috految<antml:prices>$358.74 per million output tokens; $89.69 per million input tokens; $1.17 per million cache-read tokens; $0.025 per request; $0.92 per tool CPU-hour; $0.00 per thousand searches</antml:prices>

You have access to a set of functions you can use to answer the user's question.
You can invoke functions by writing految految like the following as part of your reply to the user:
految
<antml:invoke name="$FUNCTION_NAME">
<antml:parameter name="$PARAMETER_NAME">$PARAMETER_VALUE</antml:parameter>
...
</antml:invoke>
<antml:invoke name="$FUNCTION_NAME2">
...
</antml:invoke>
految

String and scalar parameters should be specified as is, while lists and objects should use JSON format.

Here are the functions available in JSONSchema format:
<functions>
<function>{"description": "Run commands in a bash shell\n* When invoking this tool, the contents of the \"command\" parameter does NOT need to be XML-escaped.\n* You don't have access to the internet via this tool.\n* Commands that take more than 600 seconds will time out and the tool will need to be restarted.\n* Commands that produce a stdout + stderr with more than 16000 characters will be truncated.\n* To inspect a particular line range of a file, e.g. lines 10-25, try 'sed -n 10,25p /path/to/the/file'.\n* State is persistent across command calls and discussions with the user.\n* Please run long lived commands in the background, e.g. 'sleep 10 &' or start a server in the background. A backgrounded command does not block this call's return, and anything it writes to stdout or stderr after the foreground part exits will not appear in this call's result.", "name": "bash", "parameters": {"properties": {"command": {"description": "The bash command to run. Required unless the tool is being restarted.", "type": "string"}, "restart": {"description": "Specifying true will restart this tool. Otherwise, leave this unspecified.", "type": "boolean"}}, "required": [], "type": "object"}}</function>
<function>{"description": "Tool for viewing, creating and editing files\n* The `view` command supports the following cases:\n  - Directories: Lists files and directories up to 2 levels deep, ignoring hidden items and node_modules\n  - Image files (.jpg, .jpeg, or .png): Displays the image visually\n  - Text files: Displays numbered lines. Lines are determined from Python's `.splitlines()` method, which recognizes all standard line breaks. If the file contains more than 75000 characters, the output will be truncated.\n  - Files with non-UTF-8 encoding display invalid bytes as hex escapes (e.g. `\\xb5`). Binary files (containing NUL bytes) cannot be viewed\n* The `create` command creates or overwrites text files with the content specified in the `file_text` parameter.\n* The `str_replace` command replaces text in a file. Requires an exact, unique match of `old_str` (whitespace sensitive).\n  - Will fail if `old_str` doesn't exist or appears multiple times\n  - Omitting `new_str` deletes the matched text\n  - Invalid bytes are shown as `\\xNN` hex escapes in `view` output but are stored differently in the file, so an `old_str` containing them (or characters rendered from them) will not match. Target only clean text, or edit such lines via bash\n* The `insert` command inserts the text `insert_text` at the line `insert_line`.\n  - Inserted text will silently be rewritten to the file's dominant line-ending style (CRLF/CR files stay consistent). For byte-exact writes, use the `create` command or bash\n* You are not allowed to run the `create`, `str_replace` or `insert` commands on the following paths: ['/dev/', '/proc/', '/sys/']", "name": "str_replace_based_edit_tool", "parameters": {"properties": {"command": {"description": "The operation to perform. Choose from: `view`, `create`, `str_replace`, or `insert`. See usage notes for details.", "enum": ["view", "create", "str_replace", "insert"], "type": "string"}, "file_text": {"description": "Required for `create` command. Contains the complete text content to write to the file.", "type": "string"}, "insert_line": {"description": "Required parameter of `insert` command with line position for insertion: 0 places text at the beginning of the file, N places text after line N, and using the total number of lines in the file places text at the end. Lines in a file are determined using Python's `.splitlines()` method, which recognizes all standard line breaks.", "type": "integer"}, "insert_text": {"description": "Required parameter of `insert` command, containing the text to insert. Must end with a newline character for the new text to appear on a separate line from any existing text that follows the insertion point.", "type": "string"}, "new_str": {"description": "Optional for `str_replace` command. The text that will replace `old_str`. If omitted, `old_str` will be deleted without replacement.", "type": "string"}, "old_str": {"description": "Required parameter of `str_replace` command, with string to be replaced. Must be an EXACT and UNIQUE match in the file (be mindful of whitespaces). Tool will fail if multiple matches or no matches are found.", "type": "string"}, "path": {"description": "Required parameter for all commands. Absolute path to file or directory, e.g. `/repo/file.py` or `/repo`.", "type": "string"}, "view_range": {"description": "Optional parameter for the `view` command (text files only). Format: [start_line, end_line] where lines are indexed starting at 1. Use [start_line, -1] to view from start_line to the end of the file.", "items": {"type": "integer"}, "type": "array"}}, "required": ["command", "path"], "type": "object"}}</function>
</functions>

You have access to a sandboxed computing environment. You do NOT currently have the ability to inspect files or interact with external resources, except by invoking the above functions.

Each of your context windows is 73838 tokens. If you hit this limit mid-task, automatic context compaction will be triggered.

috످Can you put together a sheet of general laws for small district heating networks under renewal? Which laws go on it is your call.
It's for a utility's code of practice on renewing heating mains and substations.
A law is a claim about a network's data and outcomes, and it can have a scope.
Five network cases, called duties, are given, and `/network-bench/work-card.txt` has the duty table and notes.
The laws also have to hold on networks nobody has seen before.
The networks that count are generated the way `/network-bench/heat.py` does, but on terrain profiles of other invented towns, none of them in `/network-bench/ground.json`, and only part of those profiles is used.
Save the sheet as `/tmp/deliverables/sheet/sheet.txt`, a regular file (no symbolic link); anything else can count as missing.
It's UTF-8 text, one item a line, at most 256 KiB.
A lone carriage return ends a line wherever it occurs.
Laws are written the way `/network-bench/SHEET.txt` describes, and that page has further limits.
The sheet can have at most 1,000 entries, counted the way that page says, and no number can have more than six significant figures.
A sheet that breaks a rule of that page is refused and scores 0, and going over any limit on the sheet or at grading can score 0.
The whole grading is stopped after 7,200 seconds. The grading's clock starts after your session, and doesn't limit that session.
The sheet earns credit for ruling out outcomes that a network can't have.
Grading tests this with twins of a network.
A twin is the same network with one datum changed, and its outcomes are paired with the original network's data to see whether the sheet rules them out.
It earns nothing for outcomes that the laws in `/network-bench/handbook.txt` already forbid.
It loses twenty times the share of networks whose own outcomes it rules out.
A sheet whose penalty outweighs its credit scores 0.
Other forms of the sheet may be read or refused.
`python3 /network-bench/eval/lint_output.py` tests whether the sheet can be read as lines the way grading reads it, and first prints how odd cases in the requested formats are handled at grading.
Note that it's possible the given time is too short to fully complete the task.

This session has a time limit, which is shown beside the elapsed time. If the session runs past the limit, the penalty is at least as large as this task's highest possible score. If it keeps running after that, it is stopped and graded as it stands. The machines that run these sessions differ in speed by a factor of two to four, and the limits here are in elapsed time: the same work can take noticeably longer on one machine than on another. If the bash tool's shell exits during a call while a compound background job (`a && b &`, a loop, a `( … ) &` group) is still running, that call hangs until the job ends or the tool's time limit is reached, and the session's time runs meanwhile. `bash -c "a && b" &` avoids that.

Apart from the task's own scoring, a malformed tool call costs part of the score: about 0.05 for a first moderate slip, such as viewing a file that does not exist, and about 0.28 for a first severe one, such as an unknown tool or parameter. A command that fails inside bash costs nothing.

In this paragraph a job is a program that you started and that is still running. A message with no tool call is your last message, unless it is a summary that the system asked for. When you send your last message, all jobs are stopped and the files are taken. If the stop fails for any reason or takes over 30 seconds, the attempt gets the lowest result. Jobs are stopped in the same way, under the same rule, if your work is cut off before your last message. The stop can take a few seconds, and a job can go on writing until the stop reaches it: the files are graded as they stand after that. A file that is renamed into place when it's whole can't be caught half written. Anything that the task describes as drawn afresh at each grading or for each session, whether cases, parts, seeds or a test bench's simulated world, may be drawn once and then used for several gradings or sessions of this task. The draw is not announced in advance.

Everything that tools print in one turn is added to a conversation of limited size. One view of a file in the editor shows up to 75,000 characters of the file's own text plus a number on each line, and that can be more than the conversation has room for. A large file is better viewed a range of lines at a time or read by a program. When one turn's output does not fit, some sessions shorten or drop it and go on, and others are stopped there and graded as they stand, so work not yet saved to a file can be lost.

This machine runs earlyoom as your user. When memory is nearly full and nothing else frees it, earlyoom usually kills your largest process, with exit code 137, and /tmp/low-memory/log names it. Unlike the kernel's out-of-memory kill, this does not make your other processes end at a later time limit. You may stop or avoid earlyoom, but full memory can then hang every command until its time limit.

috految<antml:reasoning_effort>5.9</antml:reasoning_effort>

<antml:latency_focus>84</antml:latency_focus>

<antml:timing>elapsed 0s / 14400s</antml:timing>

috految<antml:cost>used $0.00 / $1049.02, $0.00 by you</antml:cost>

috److految
<antml:invoke name="bash">
<antml:parameter name="command">cd /network-bench; cat SHEET.txt work-card.txt; wc -c *.* eval/*; nproc; which gcc g++</antml:parameter>
</antml:invoke>
految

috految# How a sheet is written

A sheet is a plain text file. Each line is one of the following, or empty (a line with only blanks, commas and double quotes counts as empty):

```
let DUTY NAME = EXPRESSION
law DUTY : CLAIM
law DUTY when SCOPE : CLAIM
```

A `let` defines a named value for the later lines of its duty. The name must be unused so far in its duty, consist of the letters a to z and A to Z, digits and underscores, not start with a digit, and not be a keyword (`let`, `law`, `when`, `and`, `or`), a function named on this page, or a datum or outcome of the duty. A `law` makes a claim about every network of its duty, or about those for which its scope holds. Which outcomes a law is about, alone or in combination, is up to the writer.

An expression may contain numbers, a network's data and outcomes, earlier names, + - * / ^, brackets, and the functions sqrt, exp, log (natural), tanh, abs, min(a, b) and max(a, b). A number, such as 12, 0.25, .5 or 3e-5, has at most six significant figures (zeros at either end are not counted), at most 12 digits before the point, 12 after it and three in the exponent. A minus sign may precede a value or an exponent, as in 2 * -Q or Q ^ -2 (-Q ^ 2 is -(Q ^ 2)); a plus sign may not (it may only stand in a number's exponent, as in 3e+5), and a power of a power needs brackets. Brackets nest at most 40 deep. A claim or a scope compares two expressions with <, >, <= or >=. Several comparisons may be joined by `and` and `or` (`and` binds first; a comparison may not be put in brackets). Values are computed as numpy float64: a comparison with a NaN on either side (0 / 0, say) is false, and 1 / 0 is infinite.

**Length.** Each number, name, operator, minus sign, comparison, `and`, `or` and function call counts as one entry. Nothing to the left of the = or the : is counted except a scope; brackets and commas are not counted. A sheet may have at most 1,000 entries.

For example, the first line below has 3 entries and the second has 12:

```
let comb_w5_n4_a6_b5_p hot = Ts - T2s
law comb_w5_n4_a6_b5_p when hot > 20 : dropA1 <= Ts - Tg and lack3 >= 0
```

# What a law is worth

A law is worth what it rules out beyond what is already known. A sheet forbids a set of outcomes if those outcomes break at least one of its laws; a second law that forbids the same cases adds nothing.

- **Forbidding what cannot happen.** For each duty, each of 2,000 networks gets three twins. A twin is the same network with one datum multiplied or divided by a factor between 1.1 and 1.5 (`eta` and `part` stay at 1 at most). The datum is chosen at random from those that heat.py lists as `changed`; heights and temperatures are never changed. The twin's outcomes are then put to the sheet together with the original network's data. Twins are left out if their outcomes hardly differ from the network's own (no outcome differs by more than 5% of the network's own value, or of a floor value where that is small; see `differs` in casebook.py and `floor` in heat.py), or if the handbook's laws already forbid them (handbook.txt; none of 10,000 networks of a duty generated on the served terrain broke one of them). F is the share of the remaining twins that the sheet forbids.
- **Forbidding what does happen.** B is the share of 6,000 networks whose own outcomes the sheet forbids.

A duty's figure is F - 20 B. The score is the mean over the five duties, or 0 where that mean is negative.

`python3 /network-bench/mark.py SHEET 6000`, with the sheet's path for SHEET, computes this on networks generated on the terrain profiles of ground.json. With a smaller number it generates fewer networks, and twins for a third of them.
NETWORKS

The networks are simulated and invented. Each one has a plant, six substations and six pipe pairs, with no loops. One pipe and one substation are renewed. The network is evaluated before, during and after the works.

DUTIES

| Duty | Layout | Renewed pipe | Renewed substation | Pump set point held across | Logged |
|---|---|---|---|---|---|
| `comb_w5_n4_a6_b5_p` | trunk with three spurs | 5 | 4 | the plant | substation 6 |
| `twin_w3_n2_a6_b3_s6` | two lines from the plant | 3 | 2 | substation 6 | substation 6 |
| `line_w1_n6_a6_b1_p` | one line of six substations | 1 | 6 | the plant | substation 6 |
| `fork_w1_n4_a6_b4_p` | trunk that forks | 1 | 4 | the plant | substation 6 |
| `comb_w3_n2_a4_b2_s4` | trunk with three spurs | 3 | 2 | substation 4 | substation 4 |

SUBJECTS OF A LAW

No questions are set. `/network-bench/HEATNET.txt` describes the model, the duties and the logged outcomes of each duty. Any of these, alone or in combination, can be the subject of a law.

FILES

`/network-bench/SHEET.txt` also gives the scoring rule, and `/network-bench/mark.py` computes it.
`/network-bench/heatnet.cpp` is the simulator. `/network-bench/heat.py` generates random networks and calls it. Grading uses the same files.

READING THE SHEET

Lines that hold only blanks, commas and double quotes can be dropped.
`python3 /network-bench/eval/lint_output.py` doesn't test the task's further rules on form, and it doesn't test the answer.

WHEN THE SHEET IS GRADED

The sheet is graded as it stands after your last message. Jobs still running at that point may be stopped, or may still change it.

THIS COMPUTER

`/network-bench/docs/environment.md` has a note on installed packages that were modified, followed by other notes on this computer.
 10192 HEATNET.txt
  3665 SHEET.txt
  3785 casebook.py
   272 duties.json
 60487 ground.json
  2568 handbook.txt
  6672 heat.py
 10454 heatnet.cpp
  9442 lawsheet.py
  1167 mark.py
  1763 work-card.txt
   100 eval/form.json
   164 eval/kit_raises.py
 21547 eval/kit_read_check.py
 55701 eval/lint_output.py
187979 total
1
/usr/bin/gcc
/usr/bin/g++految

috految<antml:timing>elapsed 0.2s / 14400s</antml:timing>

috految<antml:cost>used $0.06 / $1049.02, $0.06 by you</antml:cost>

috److految
<antml:invoke name="bash">
<antml:parameter name="command">cd /network-bench; cat heat.py casebook.py duties.json; tail -14 mark.py; grep comb_w5 handbook.txt; nproc --all; taskset -p $$; grep -o 'avx[^ ]*' /proc/cpuinfo|sort -u</antml:parameter>
</antml:invoke>
<antml:invoke name="bash">
<antml:parameter name="command">cat heatnet.cpp; tail -c 1500 HEATNET.txt</antml:parameter>
</antml:invoke>
految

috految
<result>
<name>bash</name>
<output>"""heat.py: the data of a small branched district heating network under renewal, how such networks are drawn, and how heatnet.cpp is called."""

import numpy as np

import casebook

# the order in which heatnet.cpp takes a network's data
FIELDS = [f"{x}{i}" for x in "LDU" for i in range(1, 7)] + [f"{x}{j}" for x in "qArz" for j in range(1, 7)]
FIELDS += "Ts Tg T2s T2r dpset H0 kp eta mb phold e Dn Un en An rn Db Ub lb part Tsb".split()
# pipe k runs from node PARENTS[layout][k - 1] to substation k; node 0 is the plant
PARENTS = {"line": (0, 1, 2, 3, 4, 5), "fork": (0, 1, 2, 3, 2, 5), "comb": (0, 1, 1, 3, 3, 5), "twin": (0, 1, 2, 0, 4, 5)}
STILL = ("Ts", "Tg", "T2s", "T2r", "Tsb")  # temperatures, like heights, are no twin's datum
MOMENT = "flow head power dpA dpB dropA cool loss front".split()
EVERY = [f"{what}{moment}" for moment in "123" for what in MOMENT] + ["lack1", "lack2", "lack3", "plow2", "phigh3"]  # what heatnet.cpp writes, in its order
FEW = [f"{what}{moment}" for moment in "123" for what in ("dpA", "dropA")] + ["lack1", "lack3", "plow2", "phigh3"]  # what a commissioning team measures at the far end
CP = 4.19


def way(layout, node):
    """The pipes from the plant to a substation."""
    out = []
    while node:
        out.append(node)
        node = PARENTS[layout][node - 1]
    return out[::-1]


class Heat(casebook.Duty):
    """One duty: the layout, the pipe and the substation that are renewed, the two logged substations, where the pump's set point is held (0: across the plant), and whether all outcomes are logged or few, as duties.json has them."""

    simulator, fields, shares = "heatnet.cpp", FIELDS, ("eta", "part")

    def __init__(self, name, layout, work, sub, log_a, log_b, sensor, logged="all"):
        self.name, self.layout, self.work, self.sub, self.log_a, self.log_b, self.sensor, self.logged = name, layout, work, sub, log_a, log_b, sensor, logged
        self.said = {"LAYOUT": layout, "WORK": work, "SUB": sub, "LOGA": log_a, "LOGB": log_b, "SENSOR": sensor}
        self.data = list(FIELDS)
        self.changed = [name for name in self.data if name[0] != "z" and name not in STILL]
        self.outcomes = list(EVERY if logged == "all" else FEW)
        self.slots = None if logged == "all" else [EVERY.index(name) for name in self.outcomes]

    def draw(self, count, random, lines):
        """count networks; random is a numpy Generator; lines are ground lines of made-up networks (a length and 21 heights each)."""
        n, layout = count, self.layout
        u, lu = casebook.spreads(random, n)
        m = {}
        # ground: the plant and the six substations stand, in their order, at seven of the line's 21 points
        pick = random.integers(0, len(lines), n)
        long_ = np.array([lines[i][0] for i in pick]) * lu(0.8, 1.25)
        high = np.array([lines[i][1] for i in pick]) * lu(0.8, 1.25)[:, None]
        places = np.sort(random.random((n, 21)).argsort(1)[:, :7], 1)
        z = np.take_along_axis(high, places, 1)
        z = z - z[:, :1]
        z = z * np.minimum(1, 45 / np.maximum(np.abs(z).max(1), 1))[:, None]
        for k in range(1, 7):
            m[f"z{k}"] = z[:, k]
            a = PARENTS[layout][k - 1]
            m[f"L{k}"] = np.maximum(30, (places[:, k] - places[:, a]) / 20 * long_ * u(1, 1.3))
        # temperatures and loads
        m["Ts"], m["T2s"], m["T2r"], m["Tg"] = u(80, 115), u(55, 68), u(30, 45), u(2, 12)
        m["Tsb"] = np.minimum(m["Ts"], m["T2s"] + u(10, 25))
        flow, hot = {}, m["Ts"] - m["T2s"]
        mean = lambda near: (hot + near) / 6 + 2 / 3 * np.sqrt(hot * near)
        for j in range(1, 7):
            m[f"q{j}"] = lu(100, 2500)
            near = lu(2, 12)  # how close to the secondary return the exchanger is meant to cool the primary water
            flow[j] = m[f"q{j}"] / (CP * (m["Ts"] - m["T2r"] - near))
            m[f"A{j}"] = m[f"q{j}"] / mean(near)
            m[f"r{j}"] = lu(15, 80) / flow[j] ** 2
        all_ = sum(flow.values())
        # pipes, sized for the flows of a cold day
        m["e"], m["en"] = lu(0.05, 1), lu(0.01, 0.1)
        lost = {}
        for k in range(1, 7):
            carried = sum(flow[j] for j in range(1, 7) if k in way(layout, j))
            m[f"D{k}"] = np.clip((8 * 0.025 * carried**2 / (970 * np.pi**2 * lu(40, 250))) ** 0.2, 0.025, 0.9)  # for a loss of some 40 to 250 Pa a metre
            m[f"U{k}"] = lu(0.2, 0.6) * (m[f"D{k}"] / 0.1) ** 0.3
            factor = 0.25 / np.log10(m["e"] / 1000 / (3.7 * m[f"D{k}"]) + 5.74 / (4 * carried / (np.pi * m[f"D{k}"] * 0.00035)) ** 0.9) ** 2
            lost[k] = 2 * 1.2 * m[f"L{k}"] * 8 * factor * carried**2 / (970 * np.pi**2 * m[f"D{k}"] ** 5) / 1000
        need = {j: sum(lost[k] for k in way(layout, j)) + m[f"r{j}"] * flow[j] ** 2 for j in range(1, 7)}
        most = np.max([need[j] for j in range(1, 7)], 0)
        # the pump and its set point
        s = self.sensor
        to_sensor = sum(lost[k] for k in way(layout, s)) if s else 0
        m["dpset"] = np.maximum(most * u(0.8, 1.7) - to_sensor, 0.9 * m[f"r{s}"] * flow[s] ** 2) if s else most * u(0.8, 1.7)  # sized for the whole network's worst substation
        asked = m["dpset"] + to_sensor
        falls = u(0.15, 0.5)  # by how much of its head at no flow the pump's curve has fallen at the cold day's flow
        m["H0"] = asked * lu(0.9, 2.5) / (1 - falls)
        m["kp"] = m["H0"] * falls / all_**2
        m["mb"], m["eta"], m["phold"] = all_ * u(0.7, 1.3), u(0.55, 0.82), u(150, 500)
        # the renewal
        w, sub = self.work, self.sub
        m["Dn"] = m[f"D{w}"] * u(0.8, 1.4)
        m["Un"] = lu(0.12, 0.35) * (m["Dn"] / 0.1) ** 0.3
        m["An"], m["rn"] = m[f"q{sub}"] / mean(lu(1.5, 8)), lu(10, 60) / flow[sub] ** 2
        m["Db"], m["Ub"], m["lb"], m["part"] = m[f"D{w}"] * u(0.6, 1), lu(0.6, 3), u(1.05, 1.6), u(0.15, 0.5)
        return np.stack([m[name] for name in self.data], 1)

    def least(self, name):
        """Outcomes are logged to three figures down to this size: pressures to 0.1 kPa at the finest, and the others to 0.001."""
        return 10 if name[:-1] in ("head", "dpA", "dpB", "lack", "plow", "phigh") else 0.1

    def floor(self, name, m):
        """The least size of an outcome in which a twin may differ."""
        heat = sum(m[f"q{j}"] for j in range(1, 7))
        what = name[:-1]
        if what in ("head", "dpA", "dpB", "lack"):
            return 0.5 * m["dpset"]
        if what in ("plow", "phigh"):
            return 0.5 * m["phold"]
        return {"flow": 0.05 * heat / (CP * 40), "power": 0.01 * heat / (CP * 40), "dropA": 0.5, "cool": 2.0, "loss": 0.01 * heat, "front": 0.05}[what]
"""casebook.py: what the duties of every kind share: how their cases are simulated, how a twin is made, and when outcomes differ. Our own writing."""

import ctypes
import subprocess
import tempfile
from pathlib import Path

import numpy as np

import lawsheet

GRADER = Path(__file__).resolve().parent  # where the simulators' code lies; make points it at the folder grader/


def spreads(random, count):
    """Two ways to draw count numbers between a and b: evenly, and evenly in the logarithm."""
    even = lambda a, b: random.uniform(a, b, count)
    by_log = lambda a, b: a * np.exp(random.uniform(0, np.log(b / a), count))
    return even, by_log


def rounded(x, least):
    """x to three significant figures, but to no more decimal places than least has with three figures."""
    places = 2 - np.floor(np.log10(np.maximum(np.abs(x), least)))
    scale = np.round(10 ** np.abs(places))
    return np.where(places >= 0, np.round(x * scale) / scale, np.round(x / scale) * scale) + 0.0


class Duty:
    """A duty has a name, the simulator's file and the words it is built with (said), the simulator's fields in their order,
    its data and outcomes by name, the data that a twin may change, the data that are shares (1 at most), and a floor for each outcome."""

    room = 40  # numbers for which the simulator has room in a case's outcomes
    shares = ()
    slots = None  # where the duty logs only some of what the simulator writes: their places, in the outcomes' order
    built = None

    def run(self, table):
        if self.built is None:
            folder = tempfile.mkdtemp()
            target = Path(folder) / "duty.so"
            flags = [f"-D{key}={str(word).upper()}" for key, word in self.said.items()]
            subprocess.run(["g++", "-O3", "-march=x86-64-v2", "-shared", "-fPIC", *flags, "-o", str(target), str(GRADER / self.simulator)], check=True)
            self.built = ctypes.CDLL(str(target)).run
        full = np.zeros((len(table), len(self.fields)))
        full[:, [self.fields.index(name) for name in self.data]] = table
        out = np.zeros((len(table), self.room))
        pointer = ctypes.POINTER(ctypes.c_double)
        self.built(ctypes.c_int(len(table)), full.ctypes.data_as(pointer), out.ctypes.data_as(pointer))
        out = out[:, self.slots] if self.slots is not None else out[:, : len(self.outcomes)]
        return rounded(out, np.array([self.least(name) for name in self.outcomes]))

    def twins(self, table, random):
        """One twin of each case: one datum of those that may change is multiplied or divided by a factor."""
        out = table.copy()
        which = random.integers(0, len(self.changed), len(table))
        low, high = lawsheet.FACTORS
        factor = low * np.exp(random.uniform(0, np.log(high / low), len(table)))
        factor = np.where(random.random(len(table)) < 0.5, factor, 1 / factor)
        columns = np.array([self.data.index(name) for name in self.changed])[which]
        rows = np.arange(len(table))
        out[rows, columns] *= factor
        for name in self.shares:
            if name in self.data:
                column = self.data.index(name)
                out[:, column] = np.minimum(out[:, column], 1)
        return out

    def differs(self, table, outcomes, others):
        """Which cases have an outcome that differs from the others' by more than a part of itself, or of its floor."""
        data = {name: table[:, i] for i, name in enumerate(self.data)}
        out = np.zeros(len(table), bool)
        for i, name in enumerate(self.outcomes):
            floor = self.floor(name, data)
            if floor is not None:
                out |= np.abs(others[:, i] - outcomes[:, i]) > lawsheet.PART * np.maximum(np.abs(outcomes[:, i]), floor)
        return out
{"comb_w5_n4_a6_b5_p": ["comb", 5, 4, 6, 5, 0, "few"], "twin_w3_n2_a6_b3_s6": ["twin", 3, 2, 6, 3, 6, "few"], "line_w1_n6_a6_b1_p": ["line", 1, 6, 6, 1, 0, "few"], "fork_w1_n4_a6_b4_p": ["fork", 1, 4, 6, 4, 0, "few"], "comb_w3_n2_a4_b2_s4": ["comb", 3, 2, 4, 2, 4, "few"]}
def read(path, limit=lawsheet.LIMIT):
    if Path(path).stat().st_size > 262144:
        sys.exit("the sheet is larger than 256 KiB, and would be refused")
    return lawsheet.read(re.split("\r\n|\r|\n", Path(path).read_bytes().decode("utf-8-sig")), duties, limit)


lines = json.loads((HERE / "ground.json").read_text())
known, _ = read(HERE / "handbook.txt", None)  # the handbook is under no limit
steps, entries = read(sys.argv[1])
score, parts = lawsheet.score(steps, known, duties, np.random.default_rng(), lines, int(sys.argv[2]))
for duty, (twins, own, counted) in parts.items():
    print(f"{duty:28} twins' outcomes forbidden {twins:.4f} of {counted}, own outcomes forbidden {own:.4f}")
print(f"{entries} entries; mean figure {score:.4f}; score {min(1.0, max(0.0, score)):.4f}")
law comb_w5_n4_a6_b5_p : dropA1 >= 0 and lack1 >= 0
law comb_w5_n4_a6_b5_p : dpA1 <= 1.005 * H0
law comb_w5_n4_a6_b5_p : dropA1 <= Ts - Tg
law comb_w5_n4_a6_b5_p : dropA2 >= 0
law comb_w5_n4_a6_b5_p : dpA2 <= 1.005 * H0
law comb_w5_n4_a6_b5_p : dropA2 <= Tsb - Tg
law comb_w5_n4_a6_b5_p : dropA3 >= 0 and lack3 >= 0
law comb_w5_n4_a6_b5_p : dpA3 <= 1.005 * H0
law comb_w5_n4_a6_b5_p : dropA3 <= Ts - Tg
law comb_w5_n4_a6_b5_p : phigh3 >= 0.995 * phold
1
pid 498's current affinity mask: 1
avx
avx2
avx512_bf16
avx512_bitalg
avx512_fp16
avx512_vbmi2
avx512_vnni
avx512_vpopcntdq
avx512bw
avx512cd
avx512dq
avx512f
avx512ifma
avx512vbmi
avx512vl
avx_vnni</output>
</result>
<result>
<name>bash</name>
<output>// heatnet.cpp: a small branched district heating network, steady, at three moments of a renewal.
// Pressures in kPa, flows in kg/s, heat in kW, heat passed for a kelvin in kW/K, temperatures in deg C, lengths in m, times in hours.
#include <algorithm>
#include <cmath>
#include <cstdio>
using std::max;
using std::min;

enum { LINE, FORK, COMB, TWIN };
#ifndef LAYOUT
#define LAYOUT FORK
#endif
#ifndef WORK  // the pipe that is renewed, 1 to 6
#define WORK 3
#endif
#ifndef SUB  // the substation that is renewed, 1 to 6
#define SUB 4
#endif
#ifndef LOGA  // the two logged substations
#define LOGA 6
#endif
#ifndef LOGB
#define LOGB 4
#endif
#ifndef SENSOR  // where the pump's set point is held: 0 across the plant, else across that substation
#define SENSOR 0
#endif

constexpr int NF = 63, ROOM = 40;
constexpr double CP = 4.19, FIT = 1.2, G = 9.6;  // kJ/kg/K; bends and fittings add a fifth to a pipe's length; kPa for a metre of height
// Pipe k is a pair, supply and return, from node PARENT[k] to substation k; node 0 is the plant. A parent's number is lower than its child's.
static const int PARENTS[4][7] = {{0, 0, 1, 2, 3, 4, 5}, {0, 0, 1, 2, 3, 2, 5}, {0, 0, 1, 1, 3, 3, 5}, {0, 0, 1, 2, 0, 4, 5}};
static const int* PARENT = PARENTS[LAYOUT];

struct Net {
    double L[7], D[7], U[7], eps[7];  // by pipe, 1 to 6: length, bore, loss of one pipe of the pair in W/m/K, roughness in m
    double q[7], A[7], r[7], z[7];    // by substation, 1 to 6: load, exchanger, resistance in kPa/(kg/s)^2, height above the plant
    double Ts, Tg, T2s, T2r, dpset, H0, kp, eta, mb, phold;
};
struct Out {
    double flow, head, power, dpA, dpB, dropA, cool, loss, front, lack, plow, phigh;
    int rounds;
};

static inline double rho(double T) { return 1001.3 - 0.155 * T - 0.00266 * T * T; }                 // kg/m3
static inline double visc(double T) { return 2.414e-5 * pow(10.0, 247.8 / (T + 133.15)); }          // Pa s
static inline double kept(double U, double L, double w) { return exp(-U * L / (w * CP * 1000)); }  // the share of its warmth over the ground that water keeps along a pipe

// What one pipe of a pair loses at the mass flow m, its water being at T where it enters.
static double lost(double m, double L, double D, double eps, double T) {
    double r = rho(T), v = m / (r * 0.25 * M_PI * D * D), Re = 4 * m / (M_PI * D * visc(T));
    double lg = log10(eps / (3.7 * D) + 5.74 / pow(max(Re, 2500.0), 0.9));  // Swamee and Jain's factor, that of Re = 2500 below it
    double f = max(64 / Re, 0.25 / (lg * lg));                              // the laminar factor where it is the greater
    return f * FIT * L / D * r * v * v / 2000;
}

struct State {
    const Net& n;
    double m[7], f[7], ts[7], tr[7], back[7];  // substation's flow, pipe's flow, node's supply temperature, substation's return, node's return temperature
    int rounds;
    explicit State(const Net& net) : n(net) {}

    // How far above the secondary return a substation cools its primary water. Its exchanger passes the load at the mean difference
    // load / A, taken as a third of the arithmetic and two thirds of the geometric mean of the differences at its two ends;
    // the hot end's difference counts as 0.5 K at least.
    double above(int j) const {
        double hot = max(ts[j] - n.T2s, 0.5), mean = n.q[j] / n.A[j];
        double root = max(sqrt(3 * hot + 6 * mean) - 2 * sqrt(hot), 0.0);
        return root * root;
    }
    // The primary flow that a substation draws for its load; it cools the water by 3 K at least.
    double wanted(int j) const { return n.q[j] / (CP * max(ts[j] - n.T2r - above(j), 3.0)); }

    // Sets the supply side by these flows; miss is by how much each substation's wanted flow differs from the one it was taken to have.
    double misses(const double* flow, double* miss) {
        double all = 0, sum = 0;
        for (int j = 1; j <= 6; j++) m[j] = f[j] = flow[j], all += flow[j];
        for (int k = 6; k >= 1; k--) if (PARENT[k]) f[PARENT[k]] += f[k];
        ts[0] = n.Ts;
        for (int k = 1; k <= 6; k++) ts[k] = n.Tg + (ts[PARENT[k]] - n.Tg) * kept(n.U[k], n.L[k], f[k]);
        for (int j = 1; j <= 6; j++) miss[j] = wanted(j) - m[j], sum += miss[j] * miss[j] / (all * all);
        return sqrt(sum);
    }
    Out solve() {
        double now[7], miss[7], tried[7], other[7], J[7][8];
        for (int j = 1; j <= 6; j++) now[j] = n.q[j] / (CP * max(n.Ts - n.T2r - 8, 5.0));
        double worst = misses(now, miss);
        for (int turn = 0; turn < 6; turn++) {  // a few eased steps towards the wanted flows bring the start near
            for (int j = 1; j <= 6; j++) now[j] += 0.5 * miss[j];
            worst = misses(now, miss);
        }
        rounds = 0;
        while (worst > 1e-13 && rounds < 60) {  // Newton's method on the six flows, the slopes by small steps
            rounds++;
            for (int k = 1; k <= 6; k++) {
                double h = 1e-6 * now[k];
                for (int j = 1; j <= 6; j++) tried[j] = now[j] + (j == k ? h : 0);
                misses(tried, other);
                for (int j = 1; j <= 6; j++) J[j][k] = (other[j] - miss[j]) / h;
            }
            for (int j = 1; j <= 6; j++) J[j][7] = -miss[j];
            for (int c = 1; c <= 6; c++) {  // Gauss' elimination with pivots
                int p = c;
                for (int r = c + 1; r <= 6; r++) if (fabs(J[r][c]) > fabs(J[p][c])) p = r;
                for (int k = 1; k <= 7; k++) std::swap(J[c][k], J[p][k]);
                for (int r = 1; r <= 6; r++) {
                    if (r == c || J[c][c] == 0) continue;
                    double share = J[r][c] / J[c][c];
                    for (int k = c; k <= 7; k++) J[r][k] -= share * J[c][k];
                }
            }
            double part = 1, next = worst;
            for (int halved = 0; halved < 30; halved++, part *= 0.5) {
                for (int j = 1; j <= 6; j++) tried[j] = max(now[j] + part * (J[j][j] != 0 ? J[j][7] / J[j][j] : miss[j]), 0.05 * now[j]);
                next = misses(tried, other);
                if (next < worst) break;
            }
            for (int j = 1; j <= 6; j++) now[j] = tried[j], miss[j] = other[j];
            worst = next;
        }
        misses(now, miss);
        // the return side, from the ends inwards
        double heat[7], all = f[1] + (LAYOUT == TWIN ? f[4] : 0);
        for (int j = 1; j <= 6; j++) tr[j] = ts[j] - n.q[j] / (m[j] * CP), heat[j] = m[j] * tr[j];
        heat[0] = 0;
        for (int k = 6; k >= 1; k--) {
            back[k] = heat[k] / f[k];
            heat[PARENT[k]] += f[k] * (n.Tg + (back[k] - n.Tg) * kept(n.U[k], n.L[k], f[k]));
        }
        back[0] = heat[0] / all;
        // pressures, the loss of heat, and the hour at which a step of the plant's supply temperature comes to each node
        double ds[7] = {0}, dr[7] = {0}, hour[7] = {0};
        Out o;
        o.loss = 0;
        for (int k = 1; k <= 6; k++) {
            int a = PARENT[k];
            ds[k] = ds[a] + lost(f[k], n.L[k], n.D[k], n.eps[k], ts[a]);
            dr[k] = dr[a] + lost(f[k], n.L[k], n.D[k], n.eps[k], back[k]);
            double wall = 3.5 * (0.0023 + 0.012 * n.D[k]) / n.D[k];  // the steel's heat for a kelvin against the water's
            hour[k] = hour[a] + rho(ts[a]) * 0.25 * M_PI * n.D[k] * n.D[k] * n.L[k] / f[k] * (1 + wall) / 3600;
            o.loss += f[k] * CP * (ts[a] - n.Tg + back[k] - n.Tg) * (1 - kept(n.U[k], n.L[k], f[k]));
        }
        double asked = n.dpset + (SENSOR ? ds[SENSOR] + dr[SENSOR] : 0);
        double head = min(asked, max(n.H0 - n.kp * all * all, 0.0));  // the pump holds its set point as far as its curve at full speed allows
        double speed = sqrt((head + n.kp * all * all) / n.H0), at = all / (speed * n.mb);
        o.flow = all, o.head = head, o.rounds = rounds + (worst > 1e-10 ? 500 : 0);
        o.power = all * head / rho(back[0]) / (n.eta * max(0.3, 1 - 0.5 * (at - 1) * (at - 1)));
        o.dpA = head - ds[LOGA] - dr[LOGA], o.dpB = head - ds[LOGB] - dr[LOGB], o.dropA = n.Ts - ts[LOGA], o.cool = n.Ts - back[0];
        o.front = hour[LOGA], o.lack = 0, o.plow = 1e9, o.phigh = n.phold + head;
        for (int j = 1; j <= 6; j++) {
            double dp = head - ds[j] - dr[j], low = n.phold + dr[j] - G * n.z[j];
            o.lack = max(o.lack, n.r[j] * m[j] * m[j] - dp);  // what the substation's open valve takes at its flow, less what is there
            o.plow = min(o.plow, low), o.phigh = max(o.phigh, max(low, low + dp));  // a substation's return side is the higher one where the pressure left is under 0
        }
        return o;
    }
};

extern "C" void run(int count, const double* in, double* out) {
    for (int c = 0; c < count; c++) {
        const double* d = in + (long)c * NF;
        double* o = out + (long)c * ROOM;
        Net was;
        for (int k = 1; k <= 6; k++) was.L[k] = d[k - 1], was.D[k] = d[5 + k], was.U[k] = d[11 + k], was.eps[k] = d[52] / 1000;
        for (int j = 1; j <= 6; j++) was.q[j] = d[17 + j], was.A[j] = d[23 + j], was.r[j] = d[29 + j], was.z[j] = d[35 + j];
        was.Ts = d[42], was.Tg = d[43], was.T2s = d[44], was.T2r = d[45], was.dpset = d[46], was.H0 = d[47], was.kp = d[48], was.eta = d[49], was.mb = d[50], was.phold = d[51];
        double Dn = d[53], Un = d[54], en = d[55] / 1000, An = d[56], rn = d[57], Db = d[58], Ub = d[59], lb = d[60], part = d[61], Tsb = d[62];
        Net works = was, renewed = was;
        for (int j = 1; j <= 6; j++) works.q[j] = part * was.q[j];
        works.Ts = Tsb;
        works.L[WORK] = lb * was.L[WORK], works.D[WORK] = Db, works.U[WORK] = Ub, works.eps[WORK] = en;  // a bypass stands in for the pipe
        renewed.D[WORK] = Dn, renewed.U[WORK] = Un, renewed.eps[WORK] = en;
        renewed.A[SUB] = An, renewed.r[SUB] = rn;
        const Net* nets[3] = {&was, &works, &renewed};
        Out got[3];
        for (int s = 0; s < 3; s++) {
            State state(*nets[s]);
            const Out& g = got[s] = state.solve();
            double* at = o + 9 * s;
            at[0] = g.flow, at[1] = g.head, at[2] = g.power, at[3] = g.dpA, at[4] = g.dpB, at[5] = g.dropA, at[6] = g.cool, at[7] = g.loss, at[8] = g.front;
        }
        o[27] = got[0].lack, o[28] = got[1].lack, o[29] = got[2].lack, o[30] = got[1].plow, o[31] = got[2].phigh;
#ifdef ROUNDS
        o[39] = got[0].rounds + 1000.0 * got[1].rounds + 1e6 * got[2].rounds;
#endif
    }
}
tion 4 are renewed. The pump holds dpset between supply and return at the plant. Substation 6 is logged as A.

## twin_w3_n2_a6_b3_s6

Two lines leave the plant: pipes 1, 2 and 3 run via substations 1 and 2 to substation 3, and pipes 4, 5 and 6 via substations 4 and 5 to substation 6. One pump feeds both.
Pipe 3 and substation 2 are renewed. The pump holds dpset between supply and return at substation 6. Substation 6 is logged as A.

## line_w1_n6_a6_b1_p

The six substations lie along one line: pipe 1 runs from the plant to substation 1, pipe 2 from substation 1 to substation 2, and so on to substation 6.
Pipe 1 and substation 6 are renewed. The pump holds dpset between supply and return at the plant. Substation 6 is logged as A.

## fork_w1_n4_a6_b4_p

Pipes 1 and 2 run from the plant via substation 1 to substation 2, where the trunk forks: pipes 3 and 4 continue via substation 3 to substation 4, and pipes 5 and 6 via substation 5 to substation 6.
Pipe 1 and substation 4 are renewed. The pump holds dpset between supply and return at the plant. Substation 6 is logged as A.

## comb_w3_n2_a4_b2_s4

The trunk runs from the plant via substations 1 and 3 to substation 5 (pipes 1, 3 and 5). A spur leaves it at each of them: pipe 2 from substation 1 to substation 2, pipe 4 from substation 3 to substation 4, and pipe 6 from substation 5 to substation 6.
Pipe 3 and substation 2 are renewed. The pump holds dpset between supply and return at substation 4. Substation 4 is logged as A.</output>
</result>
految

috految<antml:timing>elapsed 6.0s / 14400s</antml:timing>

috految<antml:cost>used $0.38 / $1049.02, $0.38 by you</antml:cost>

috److految
<antml:invoke name="bash">
<antml:parameter name="command">cd /tmp; cat >g.py <<'E'
import sys,json,pickle,numpy as np
B='/network-bench/';sys.path+=[B]
import heat,lawsheet
R=np.random.default_rng(0);G=json.load(open(B+'ground.json'))
D=[heat.Heat(k,*v) for k,v in json.load(open(B+'duties.json')).items()]
def gen(d,n,m):
 X=d.draw(n,R,G);Y=d.run(X);T=d.twins(X[:m],R);Z=d.run(T);k=d.differs(X[:m],Y[:m],Z)
 v=dict(zip(d.data+d.outcomes,np.c_[X[:m],Z].T))
 for l in open(B+'handbook.txt'):
  if l.startswith('law '+d.name+' :'):
   for c in l.split(':')[1].split(' and '):k&=eval(c,v)
 return np.c_[X,Y],np.c_[X[:m],Z][k],(T!=X[:m]).argmax(1)[k]
if __name__=='__main__':
 for d in D:
  a,b,w=gen(d,1200,1200)
  print(d.name,len(b),*[f'{n}:{c*100/len(b):.0f}' for n,c in zip(d.data,np.bincount(w)) if c>4],flush=True)
  if d==D[0]:print(np.percentile(a[:,[0,5,36,41,46,*range(63,73)]],[.2,10,50,90,99.8],axis=0).T.round(2).tolist(),flush=True)
 for i,d in enumerate(D):pickle.dump(gen(d,50000,24000),open(f'd{i}','wb'))
E
python3 g.py >log 2>&1 & sleep 1.5; cat log; grep s6 /network-bench/handbook.txt|grep dpset; grep -i 'profile' /network-bench/HEATNET.txt</antml:parameter>
</antml:invoke>
految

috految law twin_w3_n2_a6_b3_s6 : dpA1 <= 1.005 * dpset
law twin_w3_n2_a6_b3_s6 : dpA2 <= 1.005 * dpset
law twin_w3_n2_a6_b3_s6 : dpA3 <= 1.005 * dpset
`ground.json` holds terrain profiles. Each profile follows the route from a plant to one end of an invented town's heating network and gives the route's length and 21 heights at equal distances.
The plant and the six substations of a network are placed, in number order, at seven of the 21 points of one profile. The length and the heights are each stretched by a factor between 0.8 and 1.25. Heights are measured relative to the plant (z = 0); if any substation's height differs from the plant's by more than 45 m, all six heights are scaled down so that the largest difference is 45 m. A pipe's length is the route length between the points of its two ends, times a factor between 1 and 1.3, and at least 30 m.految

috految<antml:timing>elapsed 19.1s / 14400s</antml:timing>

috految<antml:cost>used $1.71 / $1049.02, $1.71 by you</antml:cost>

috److految
<antml:invoke name="bash">
<antml:parameter name="command">cat log</antml:parameter>
</antml:invoke>
految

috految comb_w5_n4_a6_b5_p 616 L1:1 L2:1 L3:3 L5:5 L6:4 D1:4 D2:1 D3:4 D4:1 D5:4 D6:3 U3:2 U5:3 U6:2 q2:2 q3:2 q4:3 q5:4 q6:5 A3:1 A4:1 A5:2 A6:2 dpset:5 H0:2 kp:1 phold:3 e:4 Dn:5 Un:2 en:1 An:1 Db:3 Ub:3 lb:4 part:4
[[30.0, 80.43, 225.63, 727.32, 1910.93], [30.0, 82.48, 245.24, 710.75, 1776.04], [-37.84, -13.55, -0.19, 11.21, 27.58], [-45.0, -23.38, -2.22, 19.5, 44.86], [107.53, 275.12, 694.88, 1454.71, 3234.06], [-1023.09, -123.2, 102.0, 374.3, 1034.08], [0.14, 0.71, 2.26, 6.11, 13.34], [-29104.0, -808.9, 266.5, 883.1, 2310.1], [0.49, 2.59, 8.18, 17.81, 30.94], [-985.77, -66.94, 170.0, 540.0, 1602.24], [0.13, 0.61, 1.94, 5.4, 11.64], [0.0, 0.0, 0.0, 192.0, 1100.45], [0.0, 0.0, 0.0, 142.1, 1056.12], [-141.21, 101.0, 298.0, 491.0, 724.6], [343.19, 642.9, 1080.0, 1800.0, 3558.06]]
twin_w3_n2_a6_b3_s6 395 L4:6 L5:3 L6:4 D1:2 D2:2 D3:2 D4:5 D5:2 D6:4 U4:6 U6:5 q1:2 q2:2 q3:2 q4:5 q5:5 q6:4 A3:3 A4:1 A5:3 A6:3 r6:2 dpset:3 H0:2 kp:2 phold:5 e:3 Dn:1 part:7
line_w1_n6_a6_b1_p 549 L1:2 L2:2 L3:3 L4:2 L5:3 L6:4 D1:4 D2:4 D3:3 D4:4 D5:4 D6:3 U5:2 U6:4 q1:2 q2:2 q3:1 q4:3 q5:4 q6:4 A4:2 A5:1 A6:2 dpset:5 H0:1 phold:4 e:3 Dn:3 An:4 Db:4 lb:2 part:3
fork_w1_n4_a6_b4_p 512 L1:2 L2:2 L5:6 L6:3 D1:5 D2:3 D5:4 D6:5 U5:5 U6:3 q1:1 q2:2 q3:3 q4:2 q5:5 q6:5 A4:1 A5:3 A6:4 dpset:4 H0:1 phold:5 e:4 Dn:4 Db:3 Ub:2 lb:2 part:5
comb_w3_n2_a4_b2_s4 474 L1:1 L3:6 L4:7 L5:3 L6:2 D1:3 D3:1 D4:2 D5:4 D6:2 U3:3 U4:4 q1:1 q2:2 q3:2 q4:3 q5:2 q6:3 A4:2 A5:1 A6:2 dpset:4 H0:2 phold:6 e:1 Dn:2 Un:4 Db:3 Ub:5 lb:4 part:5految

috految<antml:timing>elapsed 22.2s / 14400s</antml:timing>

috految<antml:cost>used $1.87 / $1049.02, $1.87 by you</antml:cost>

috److془Design carefully. 200 entries per duty. Marginal ~0.0015/entry.

Flow: m = q/(t - T2r - above), above = (sqrt(3h+6M)-2sqrt h)^2. Δ = h+d-above. Approx above≈ c M^p/h^(p-1), p ~2.7. At h=35: above 2: M=11.75; 5:15.49; 12:21.5. slopes 3.3, 2.67. Linear: error ±.35 of 55. Slope ~1.03; h=18: M 7.33,10.16,14.8: slope 1.34. h=55: .87. Wow: m = q/(a - q/A), 7 entries; a=t-T2r+6.. with k scale. Or q/(a-(q/A)^2) 9 entries: M²=138,240,462: slopes .0294,.0315. Superb. Or: q/(a-(q/A)^2*k), k~1.07/h. Linear better for lower h? h=18: 53.7,103,219: .061,.060. Great. above≈1.07M²/h-.06h-ish. Δ = (h(d+1.06h)-1.07M²)/h. Alternatively with m=q/(a-(q/A)^2), m true= h*m/4.5 (limits: h=10,M=14: 19.2; formula 20.4 fine). Temperature: the backward: a_j = a + c*drop_j. dΔ/dt = 1.06+1.07M²/h² ≈1.3. Nice: in linear physical: Δ j = Δ0-1.3 drop. Pure trick: spur: m=(q+c U L)/Δ c≈.11. Generally f_k = sum (q_j+ cU_jL_j)/Δ(t_parent). Using the global temp = Ts-dropA for last, and intermediate for others. Errors ~1% w/ heteroscedastic. Backward: s6=U6*L6/f6; f5=f6+q5/(a+c s6 - (q5/A5)^2). Scale: drop=(t-Tg)*UL/(4190 f), f=h f'/4.5 → a increments = 1.3 h/1.07 *(90*4.5/4190/h) s'=.117 s'. Constant as expected. Cost: 12 +6+4 per node, pressure: L*f^2/D^5.25 10 per pipe. Global: h 5, a 9, thermal law 22, pressure law 30+. Comb: 14+ 72+24+12+40+52=210. Gives ~ .55. Plus phold: ~.04 for 15? dpset; moment 2: part, Ub, lb, ~.12 ; Db. Moment 3 use instead: Dn,Un,en,An vs D,U,A. Both: dpA3-dpA1 ~ 30 entries for .05. Moment 2 thermal is cheap: above≈0 mostly, but hot small adds. Ratio version: f2≈part*sumq/(Tsb-T2r-drop). Hm; with above ~ (5.. M=6,h=10: 3), noise 10% . Moment 2 with nonlinear: 8% tolerance mostly; 35 entries for .06. Marginal. Alternatively: with the moment 2 thermal gains not large. Twin's: thermal for 3 nodes ~ 85 entries gives .42. Pressure: phigh3 = phold+max(head, head-ds_j-9.6z_j); head=dpA3+loss. lack: max(r m²-dp), .. For twin and comb s4: lower side and upper with max(0,z) allowance. Gives D's,e,phold,dpset: .2 for 70. Great. Sensor: dpA1+loss≈min; dpA2>=.99dpset or ... cheap law. Plant: phigh3>=phold+head*.99 (7, .025). Upper: plow2<phold-9.6 z+ small. Two sided with z1 etc. Lack1>= r6 f6² h²-dpA1 .01 meh. 
Model in plant: pressure with phigh head no. Totals: 210+245+210+160+190=1015. Good. Then pruning via options with fit. Pressure friction: f∝(e/D+c/Re)^.23: v~1.3, D=.1, 68/Re=2.5e-4; ~ (e+.025)^.23 /D^.23. Exponent varies .18-.33: errors ~2%; curvature: D^p with p=c+c*e^c; multiplies give factor: c*(e+c)^c. Nice: p=5.2+.1e^.5. Even: p=c+c*e^c and (e)^c. Pipe with amplitudes: 3 more factor. Reynolds depend: f exponent 1.96. Tolerance ~3%. Good. Thermal tolerance ~1%. Tolerance c+(drop/h)^p. Spurs: cheap drop ~ q+c*L*U. Pressure: f^p. Corrective with thermal true temperature; fine. Could also use cheap: L*f^2/D^p 9. Pump min: min(dpset,H0-kp*(c h f1)^2) 12. Dropping term for spur: matters. Comb s4: drop3 with Un, D3 vs Dn in phigh3; use moment 3. Plant: moment 1 or 3 (options of simple rule: 1). Line: An counts drop; fine. Extra: drop3-drop1 ≈ (Un-U)*L/f: 18 entries .03, comb; Moment 2 s4: Ub,lb,part .14. Dn/Db: dpA2 ≥ / Db^5 . Dn: share dpA3-dpA1 = K(Lw f²)(Dw^-p - c Dn^-p). Fit all, greedy. Use options with LS Gauss-Newton, gradient finite diff, 2500 samples 0.3ms. Fast. Pruning from rich by options. Tolerance via search across features. Line: sum in moment 1 requires all.
Temperature error: h at end lower than upstream by drop; c bigger somewhat when h small. Option h=Ts-T2s-c*drop. Tails with h small: tolerance forms c*drop/h. Thermal: s/h*(Ts-Tg-.5drop)/drop constant. Or s/h*((Ts-Tg)/drop-.5). Alternative good: w=c*(Ts-Tg) no need. Unit: multiply s*c. In fact a=h*(Ts-drop-T2r+c*h)*c ~ h*(h+c*(T2s-T2r)) . Exactly 1.06/1.07. 
Use h backwards true. Reuse: a5=a+c*s6 ; a3=a+c*s5. Negative h NaN: law as when/ tolerance; NaN if h<0 rare; use 'when' <- additional 3 entries; similarly. Use h=.. Negative f fractional NaN rare too; effectively count. Pole in Δ with h small: tolerance handles. Use scope h>c shared? Single law with and's; good; scope drop<c*h.. h>c.془

految
<antml:invoke name="bash">
<antml:parameter name="command">cd /tmp; cat >f.py <<'E'
from g import *
import re,itertools
np.seterr(all='ignore')
F=dict(min=np.minimum,max=np.maximum,log=np.log,sqrt=np.sqrt,abs=abs)
cp=lambda s,m='eval':compile(s.replace('^','**'),'',m)
cost=lambda s:len(re.findall(r'[\d.]+(?:e[-+]?\d+)?|\w+|[-+*/^<>]',s))
def M(i,o):
 d=D[i];P=(0,)+heat.PARENTS[d.layout];W=heat.way(d.layout,d.log_a);w=d.work;t=3 if i in(1,4) else 1;x=f'dropA{t}'
 def O(k,*a):K[k]=len(a);return a[o.get(k,0)]
 L={'h':f'Ts-T2s-{x}'+O('h','','*[.9]'),'a':O('a','h*(h+[.94]*(T2s-T2r))','h*(h+T2s-T2r)','h*(h*[1]+[.94]*(T2s-T2r))','h*(h+[.94]*(T2s-T2r))+[5]')};s=f=''
 def u(j):return 'Un' if t==3 and j==w else f'U{j}'
 def sub(j,a,z=''):
  A='An' if t==3 and j==d.sub else f'A{j}'
  return f'(q{j}{z})/({a}-(q{j}/{A})^[2])' if j==W[-1] else O(f'q{j}',f'(q{j}{z})/({a}-(q{j}/{A})^[2])',f'(q{j}{z})/({a})*[1.15]')
 a='a'
 for k in W[::-1]:
  if s:L[f'a{k}']=O(f'a{k}',f'a+[.12]*{s}',a,f'a+[60]*{x}');a=f'a{k}'
  z=[f]*bool(f)+[sub(k,a)]
  for j in range(1,7):
   if j not in W and [b for b in heat.way(d.layout,j) if b in W][-1:]==[k]:z+=[sub(j,a,O(f'u{j}',f'+[.12]*{u(j)}*L{j}',f'+[.035]*L{j}',''))]
  f=f'f{k}';L[f]='+'.join(z);L[f's{k}']=f'{u(k)}*L{k}/{f}'+('+'+s if s else '');s=f's{k}'
 L['T']=f'{s}/h*'+O('T',f'((Ts-Tg)/{x}-[.5])',f'(Ts-Tg)/{x}')+'-[935]'
 L['p']=O('p','[5.1]+[.16]*e^[.4]','[5.25]','[5.3]*e^[.007]')
 L['g']=O('g','[.00000044]*(e+[.02])^[.15]','[.0000004]*e^[.12]','[.0000004]')+'*h^[2]'+O('Ts','','*Ts^[.05]')
 L['g']=L['g'].replace('[.00000044]','[.0000000018]').replace('[.0000004]','[.0000000018]')
 for k in W:L[f'l{k}']=f'L{k}*f{k}^[1.98]/'+(f'D{k}^p' if(t,k)!=(3,w) else 'Dn^p*'+O('en','(en/e)^[.2]','[.8]*(en/e)^[.2]','[1]*((en+[.03])/e)^[.2]'))
 L['P']='g*('+'+'.join(f'l{k}' for k in W)+')'
 if t==1:L['H']='min(dpset,H0-kp*(f1*h)^2*[.05])';L['R']='(H-dpA1)/P-1'
 else:L['R']='(phigh3-phold-dpA3)/P-1'
 return L,W,x
def pack(L,C):
 L=dict(L)
 for k in list(L)[::-1]:
  r=re.compile(r'\b'+k+r'\b');n=len(r.findall(' '.join(L.values())+' '+C))
  if n<2 or cost(L[k])==1:
   v='('+L.pop(k)+')';L={a:r.sub(v,b) for a,b in L.items()};C=r.sub(v,C)
 return L,C,sum(map(cost,L.values()))+cost(C)
def fit(L,rs,V,it):
 ks={}
 def z(k,m):n=f'c{len(ks)}';ks[n]=(k,L[k],m.start(),float(m[1]));return n
 S={k:re.sub(r'\[(.*?)\]',lambda m:z(k,m),v) for k,v in L.items()};c=cp('\n'.join(k+'='+v for k,v in S.items()),'exec');p=np.array([mem.get(k,k[3]) for k in ks.values()]);rs=[cp(r) for r in rs]
 def run(p):v={**V,**dict(zip(ks,p.tolist()))};exec(c,v);return np.nan_to_num(np.array([eval(r,v) for r in rs]),nan=1).clip(-99,99)
 for _ in range(it):
  r=run(p);q=np.quantile(abs(r),.8,axis=1)[:,None];w=1/q/(1+(r/q/3)**2)**.5
  J=np.array([((run(p*(1+e*1e-6))-r)*w*1e6).ravel() for e in np.eye(len(p))]);H=J@J.T;g=J@(r*w).ravel()
  p=min([p*np.exp(-np.linalg.solve(H+np.eye(len(p))*l,g)) for l in(2,40,1e3,1e5)],key=lambda p:np.log1p((run(p)/q/3)**2).sum())
 m=dict(zip(ks,p));return {k:re.sub(r'\bc\d+',lambda x:'%.5g'%m[x[0]],v) for k,v in S.items()},dict(zip(ks.values(),p))
def law(r,ts,V,n,dead):
 y=eval(cp(r),V);best=(-9,);ok=~dead[n:];m=len(ok)
 for t in ts:
  z=y/eval(cp(t),V) if t else y.copy();z[np.isnan(z)]=1e30;z[dead]=-1e30;a=np.sort(z[:n])[::-1][:n//150];b=np.sort(z[n:]);v=(m-np.searchsorted(b,a,'right'))/m-22*(np.arange(len(a))+1)/n;j=v[2:].argmax()+2;c=a[j]+abs(a[j])*.0005
  s=f'{r}<{c:.5g}'+(f'*({t})' if t else '');q=v[j]-.0013*cost(s)
  if q>best[0]:best=q,v[j],s,z>c
 return best[1:]
ALL=[]
for i,d in enumerate(D):
 A,T,_=pickle.load(open(f'd{i}','rb'));N=d.data+d.outcomes;env=lambda X:{**F,**dict(zip(N,X.T.copy()))};n=len(A);V=env(np.r_[A,T].astype('f'));U=env(np.r_[A[:10000],T[:4000]].astype('f'));v=env(A[:6000]);k=v['Ts']-v['T2s']-2*v['dropA1']>10
 if i in(1,4):k&=np.min([v[f'z{j}'] for j in range(1,7)],0)>-1
 Z=env(A[:6000][k][:800]);mem={};K={};o={}
 def ev(o,V,it):
  L,W,x=M(i,o);L,m=fit(L,['T/935/(1+3*dropA1/(Ts-T2s))','R/(1+20/dpset)' if i in(1,4) else 'R'],Z,it) if 0 else fit(L,[f'T/(s{W[0]}/h*(Ts-Tg)/dropA1)','R'],Z,it)
  V=dict(V);exec(cp('\n'.join(k+'='+v for k,v in L.items()),'exec'),V);return L,m,V,W,x
 def sc(o,it):
  L,m,v,W,x=ev(o,U,it);dead=v['h']<11;s=0
  for r in['abs(T)','-R' if i in(1,4) else 'abs(R)']:
   a,c,b=law(r,['',f'.15+{x}/h',f'.04+{x}/h','1+sqrt(dpset/P)','1/h'],v,10000,dead);s+=a;dead=dead|b
  return s-.0015*pack(L,'T R')[2],m
 s,mem=sc(o,12)
 for k in list(K):
  for a in range(1,K[k]):
   q,m=sc({**o,k:a},3)
   if q>s:s=q;o[k]=a;mem=m
 L,_,V,W,x=ev(o,V,4);w=d.work;f=f'f{w}';sens=i in(1,4)
 ts=['','1/h']+[f'{c}+{b}' for b,cs in[(x+'/h',[.03,.1,.3]),(f'({x}/h)^2',[.01,.04,.15]),(x,[2,6]),('1/h^2',[.001,.004]),(f'{x}/a',[.001,.004]),('dropA2/h',[.2,.6])] for c in cs]+[f'{c}+{b}/{a}' for c in(.1,.5,2,6) for b,a in[('dpset','P'),('phold','P'),('H0','P'),('dropA2','a')]]+[f'{c}+{x}/h+{b}/P' for c in(.05,.2) for b in(10,40)]+['1/a','1/sqrt(a)','1/sqrt(P)','abs(H0/P)^.3']
 C=[('abs(T)',ts)]
 if sens:
  C+=[('phold+dpA3+P-phigh3',['P','P+phold','P+100','P/h','P+phold/9']),('-R',ts)]
  for z in['min(z1,z4)','min(z1,min(z2,z4))','min(min(z1,z2),min(z4,z6))','min(min(min(z1,z2),min(z3,z4)),min(z5,z6))']:
   for c in(5,8,9.6):C+=[(f'R+min(0,{z})*{c}/P',['','1+phold/P','1+lack3','1/h']),(f'R+min(0,{z})*{c}/P-lack3',['','1+phold/P','1/h'])]
  C+=[('dpset/max(dpA2,dpA3)',['']),('dpset-dpA2',['dpset','dpset+lack3^2']),('min(dpset/dpA1,9-9*abs(dpA1-dpA2))',['']),('min(dpset-dpA1,9-9*abs(dpA1-dpA2))',['']),('dpset/dpA3-abs(dpA2-dpA3)',[''])]
  C+=[('abs(min(dpset,H0-kp*(f1*h)^2*.05-P)-dpA3)',['H0','P','H0/h'])]*(i==4)
 else:C+=[('abs(R)',ts),('phold+H-phigh3',['','H','H0','phigh3']),('phold+dpA3-phigh3',['']),('phigh3-phold-dpset+min(0,min(z1,z2))*9.6',['','1+lack3','dpset']),('dpA2/dpset',[''])]
 C+=[('phold-9.6*max(max(max(z1,z2),max(z3,z4)),max(z5,z6))-plow2',['']),('plow2+9.6*z1-phold',['','dpset','1+abs(dpset-dpA2)']),('plow2+9.6*z6-phold',['1+abs(dpset-dpA2)'])]
 E=[]
 if w in W:
  E+=[f'(dropA1-dropA3)/{x}-[1]*(U{w}-Un)*L{w}/{f}/s{W[0]}']
  if not sens:E+=[f'(dpA3-dpA1-g*l{w}*([1]-(D{w}/Dn)^[5.2]*(en/e)^[.2]))/P']
 b=f'(s{W[0]}+(Ub*lb-{"Un" if sens else "U"+str(w)})*L{w}/{f})' if w in W else f's{W[0]}'
 E+=[f'{b}/part/a*(Tsb-T2r-[.9]*dropA2-[10]*part)*((Tsb-Tg)/dropA2-[.5])*[.0011]-1',f'{b}/part/a*(Tsb-T2r-[1]*dropA2)*(Tsb-Tg)/dropA2*[.0011]-1']
 for e in E:
  l,_=fit({'X':e},['X'],{k:v[:2000].astype(float) if isinstance(v,np.ndarray) else v for k,v in V.items()},6);e=l['X'];C+=[(r,ts[:12]+['part','dropA2+3','part*dropA2+1','dropA2/(Tsb-T2s)']) for r in(f'abs({e})',e,f'-({e})')]
 dead=V['h']<11;cs=[];tot=0;opts=[]
 for _ in range(7):
  base=pack(L,' and '.join(cs)+' h')[2];T=[(law(r,t,V,n,dead),(r,t)) for r,t in(C[:1] if not cs else C)]
  if cs:C=[c for l,c in T if l[0]>.003]
  if not C:break
  a,c,b=max((l for l,_ in T),key=lambda l:l[0]/(15+pack(L,' and '.join(cs+[l[1]])+' h')[2]-base))
  if a<.003:break
  dead=dead|b;cs+=[c];tot+=a;l,c2,k=pack(L,'h>11 : '+' and '.join(cs));print(i,k,round(tot,3),c[:55])
  opts+=[(k,tot,''.join(f'let {d.name} {a} = {b}\n' for a,b in l.items())+f'law {d.name} when {c2}\n')]
 ALL+=[opts];print(o,(V['h'][:n]<11).mean(),[np.nanpercentile(abs(V[r][:n]),[50,99]) for r in'TR'],'own',(~np.all([eval(cp(c),V) for c in cs],0)&(V['h']>11))[:n].mean())
b=max((c for c in itertools.product(*ALL) if sum(a[0] for a in c)<=1000),key=lambda c:sum(a[1] for a in c));print([a[:2] for a in b]);s=''.join(a[2] for a in b);open('deliverables/sheet/sheet.txt','w').write(s)
print(lawsheet.read(s.splitlines(),{d.name:d for d in D},1000)[1])
E
mkdir -p deliverables/sheet; timeout 40 python3 -u f.py</antml:parameter>
</antml:invoke>
految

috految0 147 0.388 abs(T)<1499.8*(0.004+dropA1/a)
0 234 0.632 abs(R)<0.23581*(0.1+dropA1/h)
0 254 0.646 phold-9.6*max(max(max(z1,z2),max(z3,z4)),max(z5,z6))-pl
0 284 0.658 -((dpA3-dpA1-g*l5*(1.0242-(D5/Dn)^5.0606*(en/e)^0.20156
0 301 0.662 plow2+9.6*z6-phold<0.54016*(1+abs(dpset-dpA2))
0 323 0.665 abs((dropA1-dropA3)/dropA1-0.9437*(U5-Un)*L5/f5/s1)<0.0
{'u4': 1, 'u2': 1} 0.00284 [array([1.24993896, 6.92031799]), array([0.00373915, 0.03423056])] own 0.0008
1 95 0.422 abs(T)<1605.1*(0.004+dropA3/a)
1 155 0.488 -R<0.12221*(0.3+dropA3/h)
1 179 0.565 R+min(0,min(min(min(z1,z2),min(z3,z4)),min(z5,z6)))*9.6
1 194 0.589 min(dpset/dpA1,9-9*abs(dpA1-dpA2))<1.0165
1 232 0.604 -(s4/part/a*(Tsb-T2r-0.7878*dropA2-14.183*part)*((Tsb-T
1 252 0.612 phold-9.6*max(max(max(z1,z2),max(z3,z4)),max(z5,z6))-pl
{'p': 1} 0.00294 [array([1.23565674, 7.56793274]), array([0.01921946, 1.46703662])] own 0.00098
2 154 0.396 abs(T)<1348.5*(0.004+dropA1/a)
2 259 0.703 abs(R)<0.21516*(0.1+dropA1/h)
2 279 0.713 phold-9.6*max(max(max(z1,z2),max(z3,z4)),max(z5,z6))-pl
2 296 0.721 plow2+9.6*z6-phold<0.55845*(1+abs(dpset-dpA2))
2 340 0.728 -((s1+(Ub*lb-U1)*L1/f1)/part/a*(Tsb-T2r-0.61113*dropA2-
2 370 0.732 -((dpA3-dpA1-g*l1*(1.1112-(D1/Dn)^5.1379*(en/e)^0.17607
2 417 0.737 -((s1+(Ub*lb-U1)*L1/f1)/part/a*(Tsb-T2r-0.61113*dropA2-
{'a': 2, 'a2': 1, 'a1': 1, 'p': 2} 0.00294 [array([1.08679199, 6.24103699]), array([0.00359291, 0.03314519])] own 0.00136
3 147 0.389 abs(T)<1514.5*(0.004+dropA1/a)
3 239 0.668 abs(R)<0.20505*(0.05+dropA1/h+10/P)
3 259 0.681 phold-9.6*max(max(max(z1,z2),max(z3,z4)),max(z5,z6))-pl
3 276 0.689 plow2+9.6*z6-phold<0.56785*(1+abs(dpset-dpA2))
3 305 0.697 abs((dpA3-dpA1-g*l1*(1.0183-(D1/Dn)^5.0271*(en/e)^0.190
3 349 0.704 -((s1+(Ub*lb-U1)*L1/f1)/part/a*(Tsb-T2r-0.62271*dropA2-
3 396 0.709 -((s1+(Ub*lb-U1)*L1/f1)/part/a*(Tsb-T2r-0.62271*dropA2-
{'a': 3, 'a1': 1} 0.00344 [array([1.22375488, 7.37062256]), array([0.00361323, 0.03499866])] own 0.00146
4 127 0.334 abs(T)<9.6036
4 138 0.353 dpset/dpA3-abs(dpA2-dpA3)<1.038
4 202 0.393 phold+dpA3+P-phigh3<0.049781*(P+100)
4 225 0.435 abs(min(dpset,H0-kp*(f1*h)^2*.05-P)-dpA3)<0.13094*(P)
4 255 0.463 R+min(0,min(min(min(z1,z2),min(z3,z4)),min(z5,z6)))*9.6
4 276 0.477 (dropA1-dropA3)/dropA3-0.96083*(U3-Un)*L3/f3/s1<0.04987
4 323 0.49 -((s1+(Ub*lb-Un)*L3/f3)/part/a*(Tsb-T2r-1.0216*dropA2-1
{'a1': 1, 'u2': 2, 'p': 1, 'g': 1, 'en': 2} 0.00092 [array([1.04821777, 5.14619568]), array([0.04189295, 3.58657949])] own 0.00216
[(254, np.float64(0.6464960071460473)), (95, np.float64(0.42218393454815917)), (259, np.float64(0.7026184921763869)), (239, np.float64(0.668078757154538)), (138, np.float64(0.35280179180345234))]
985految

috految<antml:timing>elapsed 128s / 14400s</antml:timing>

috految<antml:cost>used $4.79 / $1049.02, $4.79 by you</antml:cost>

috److I wrote the sheet with laws for all five duties. It uses 985 of the 1,000 allowed entries, and the bench's own sheet parser accepts it.

My estimate of the score is about 0.56:

| Duty | Laws on the sheet | Entries | Estimated figure |
|---|---|---|---|
| `comb_w5_n4_a6_b5_p` | Heat-loss balance, pressure balance, lowest-pressure bound | 254 | 0.65 |
| `twin_w3_n2_a6_b3_s6` | Heat-loss balance | 95 | 0.42 |
| `line_w1_n6_a6_b1_p` | Heat-loss balance, pressure balance | 259 | 0.70 |
| `fork_w1_n4_a6_b4_p` | Heat-loss balance, pressure balance | 239 | 0.67 |
| `comb_w3_n2_a4_b2_s4` | Heat-loss balance, pump set-point law | 138 | 0.35 |

- **Scope:** The laws apply only where the supply temperature at the logged substation is more than 11 K above the secondary supply temperature. That covers over 99.6% of the simulated networks.
- **Fitted tolerances:** The laws are physical approximations with constants fitted to simulation, and tolerances set on 50,000 networks per duty. They wrongly rule out about 0.2% of networks or fewer, and the figures above already allow for that penalty.
- **Not checked:** The figures come from the same networks I used to choose the tolerances, so results on unseen terrain may be somewhat lower. I did not run `mark.py` or `lint_output.py` on the final sheet.

The sheet is at `/tmp/deliverables/sheet/sheet.txt`.

috످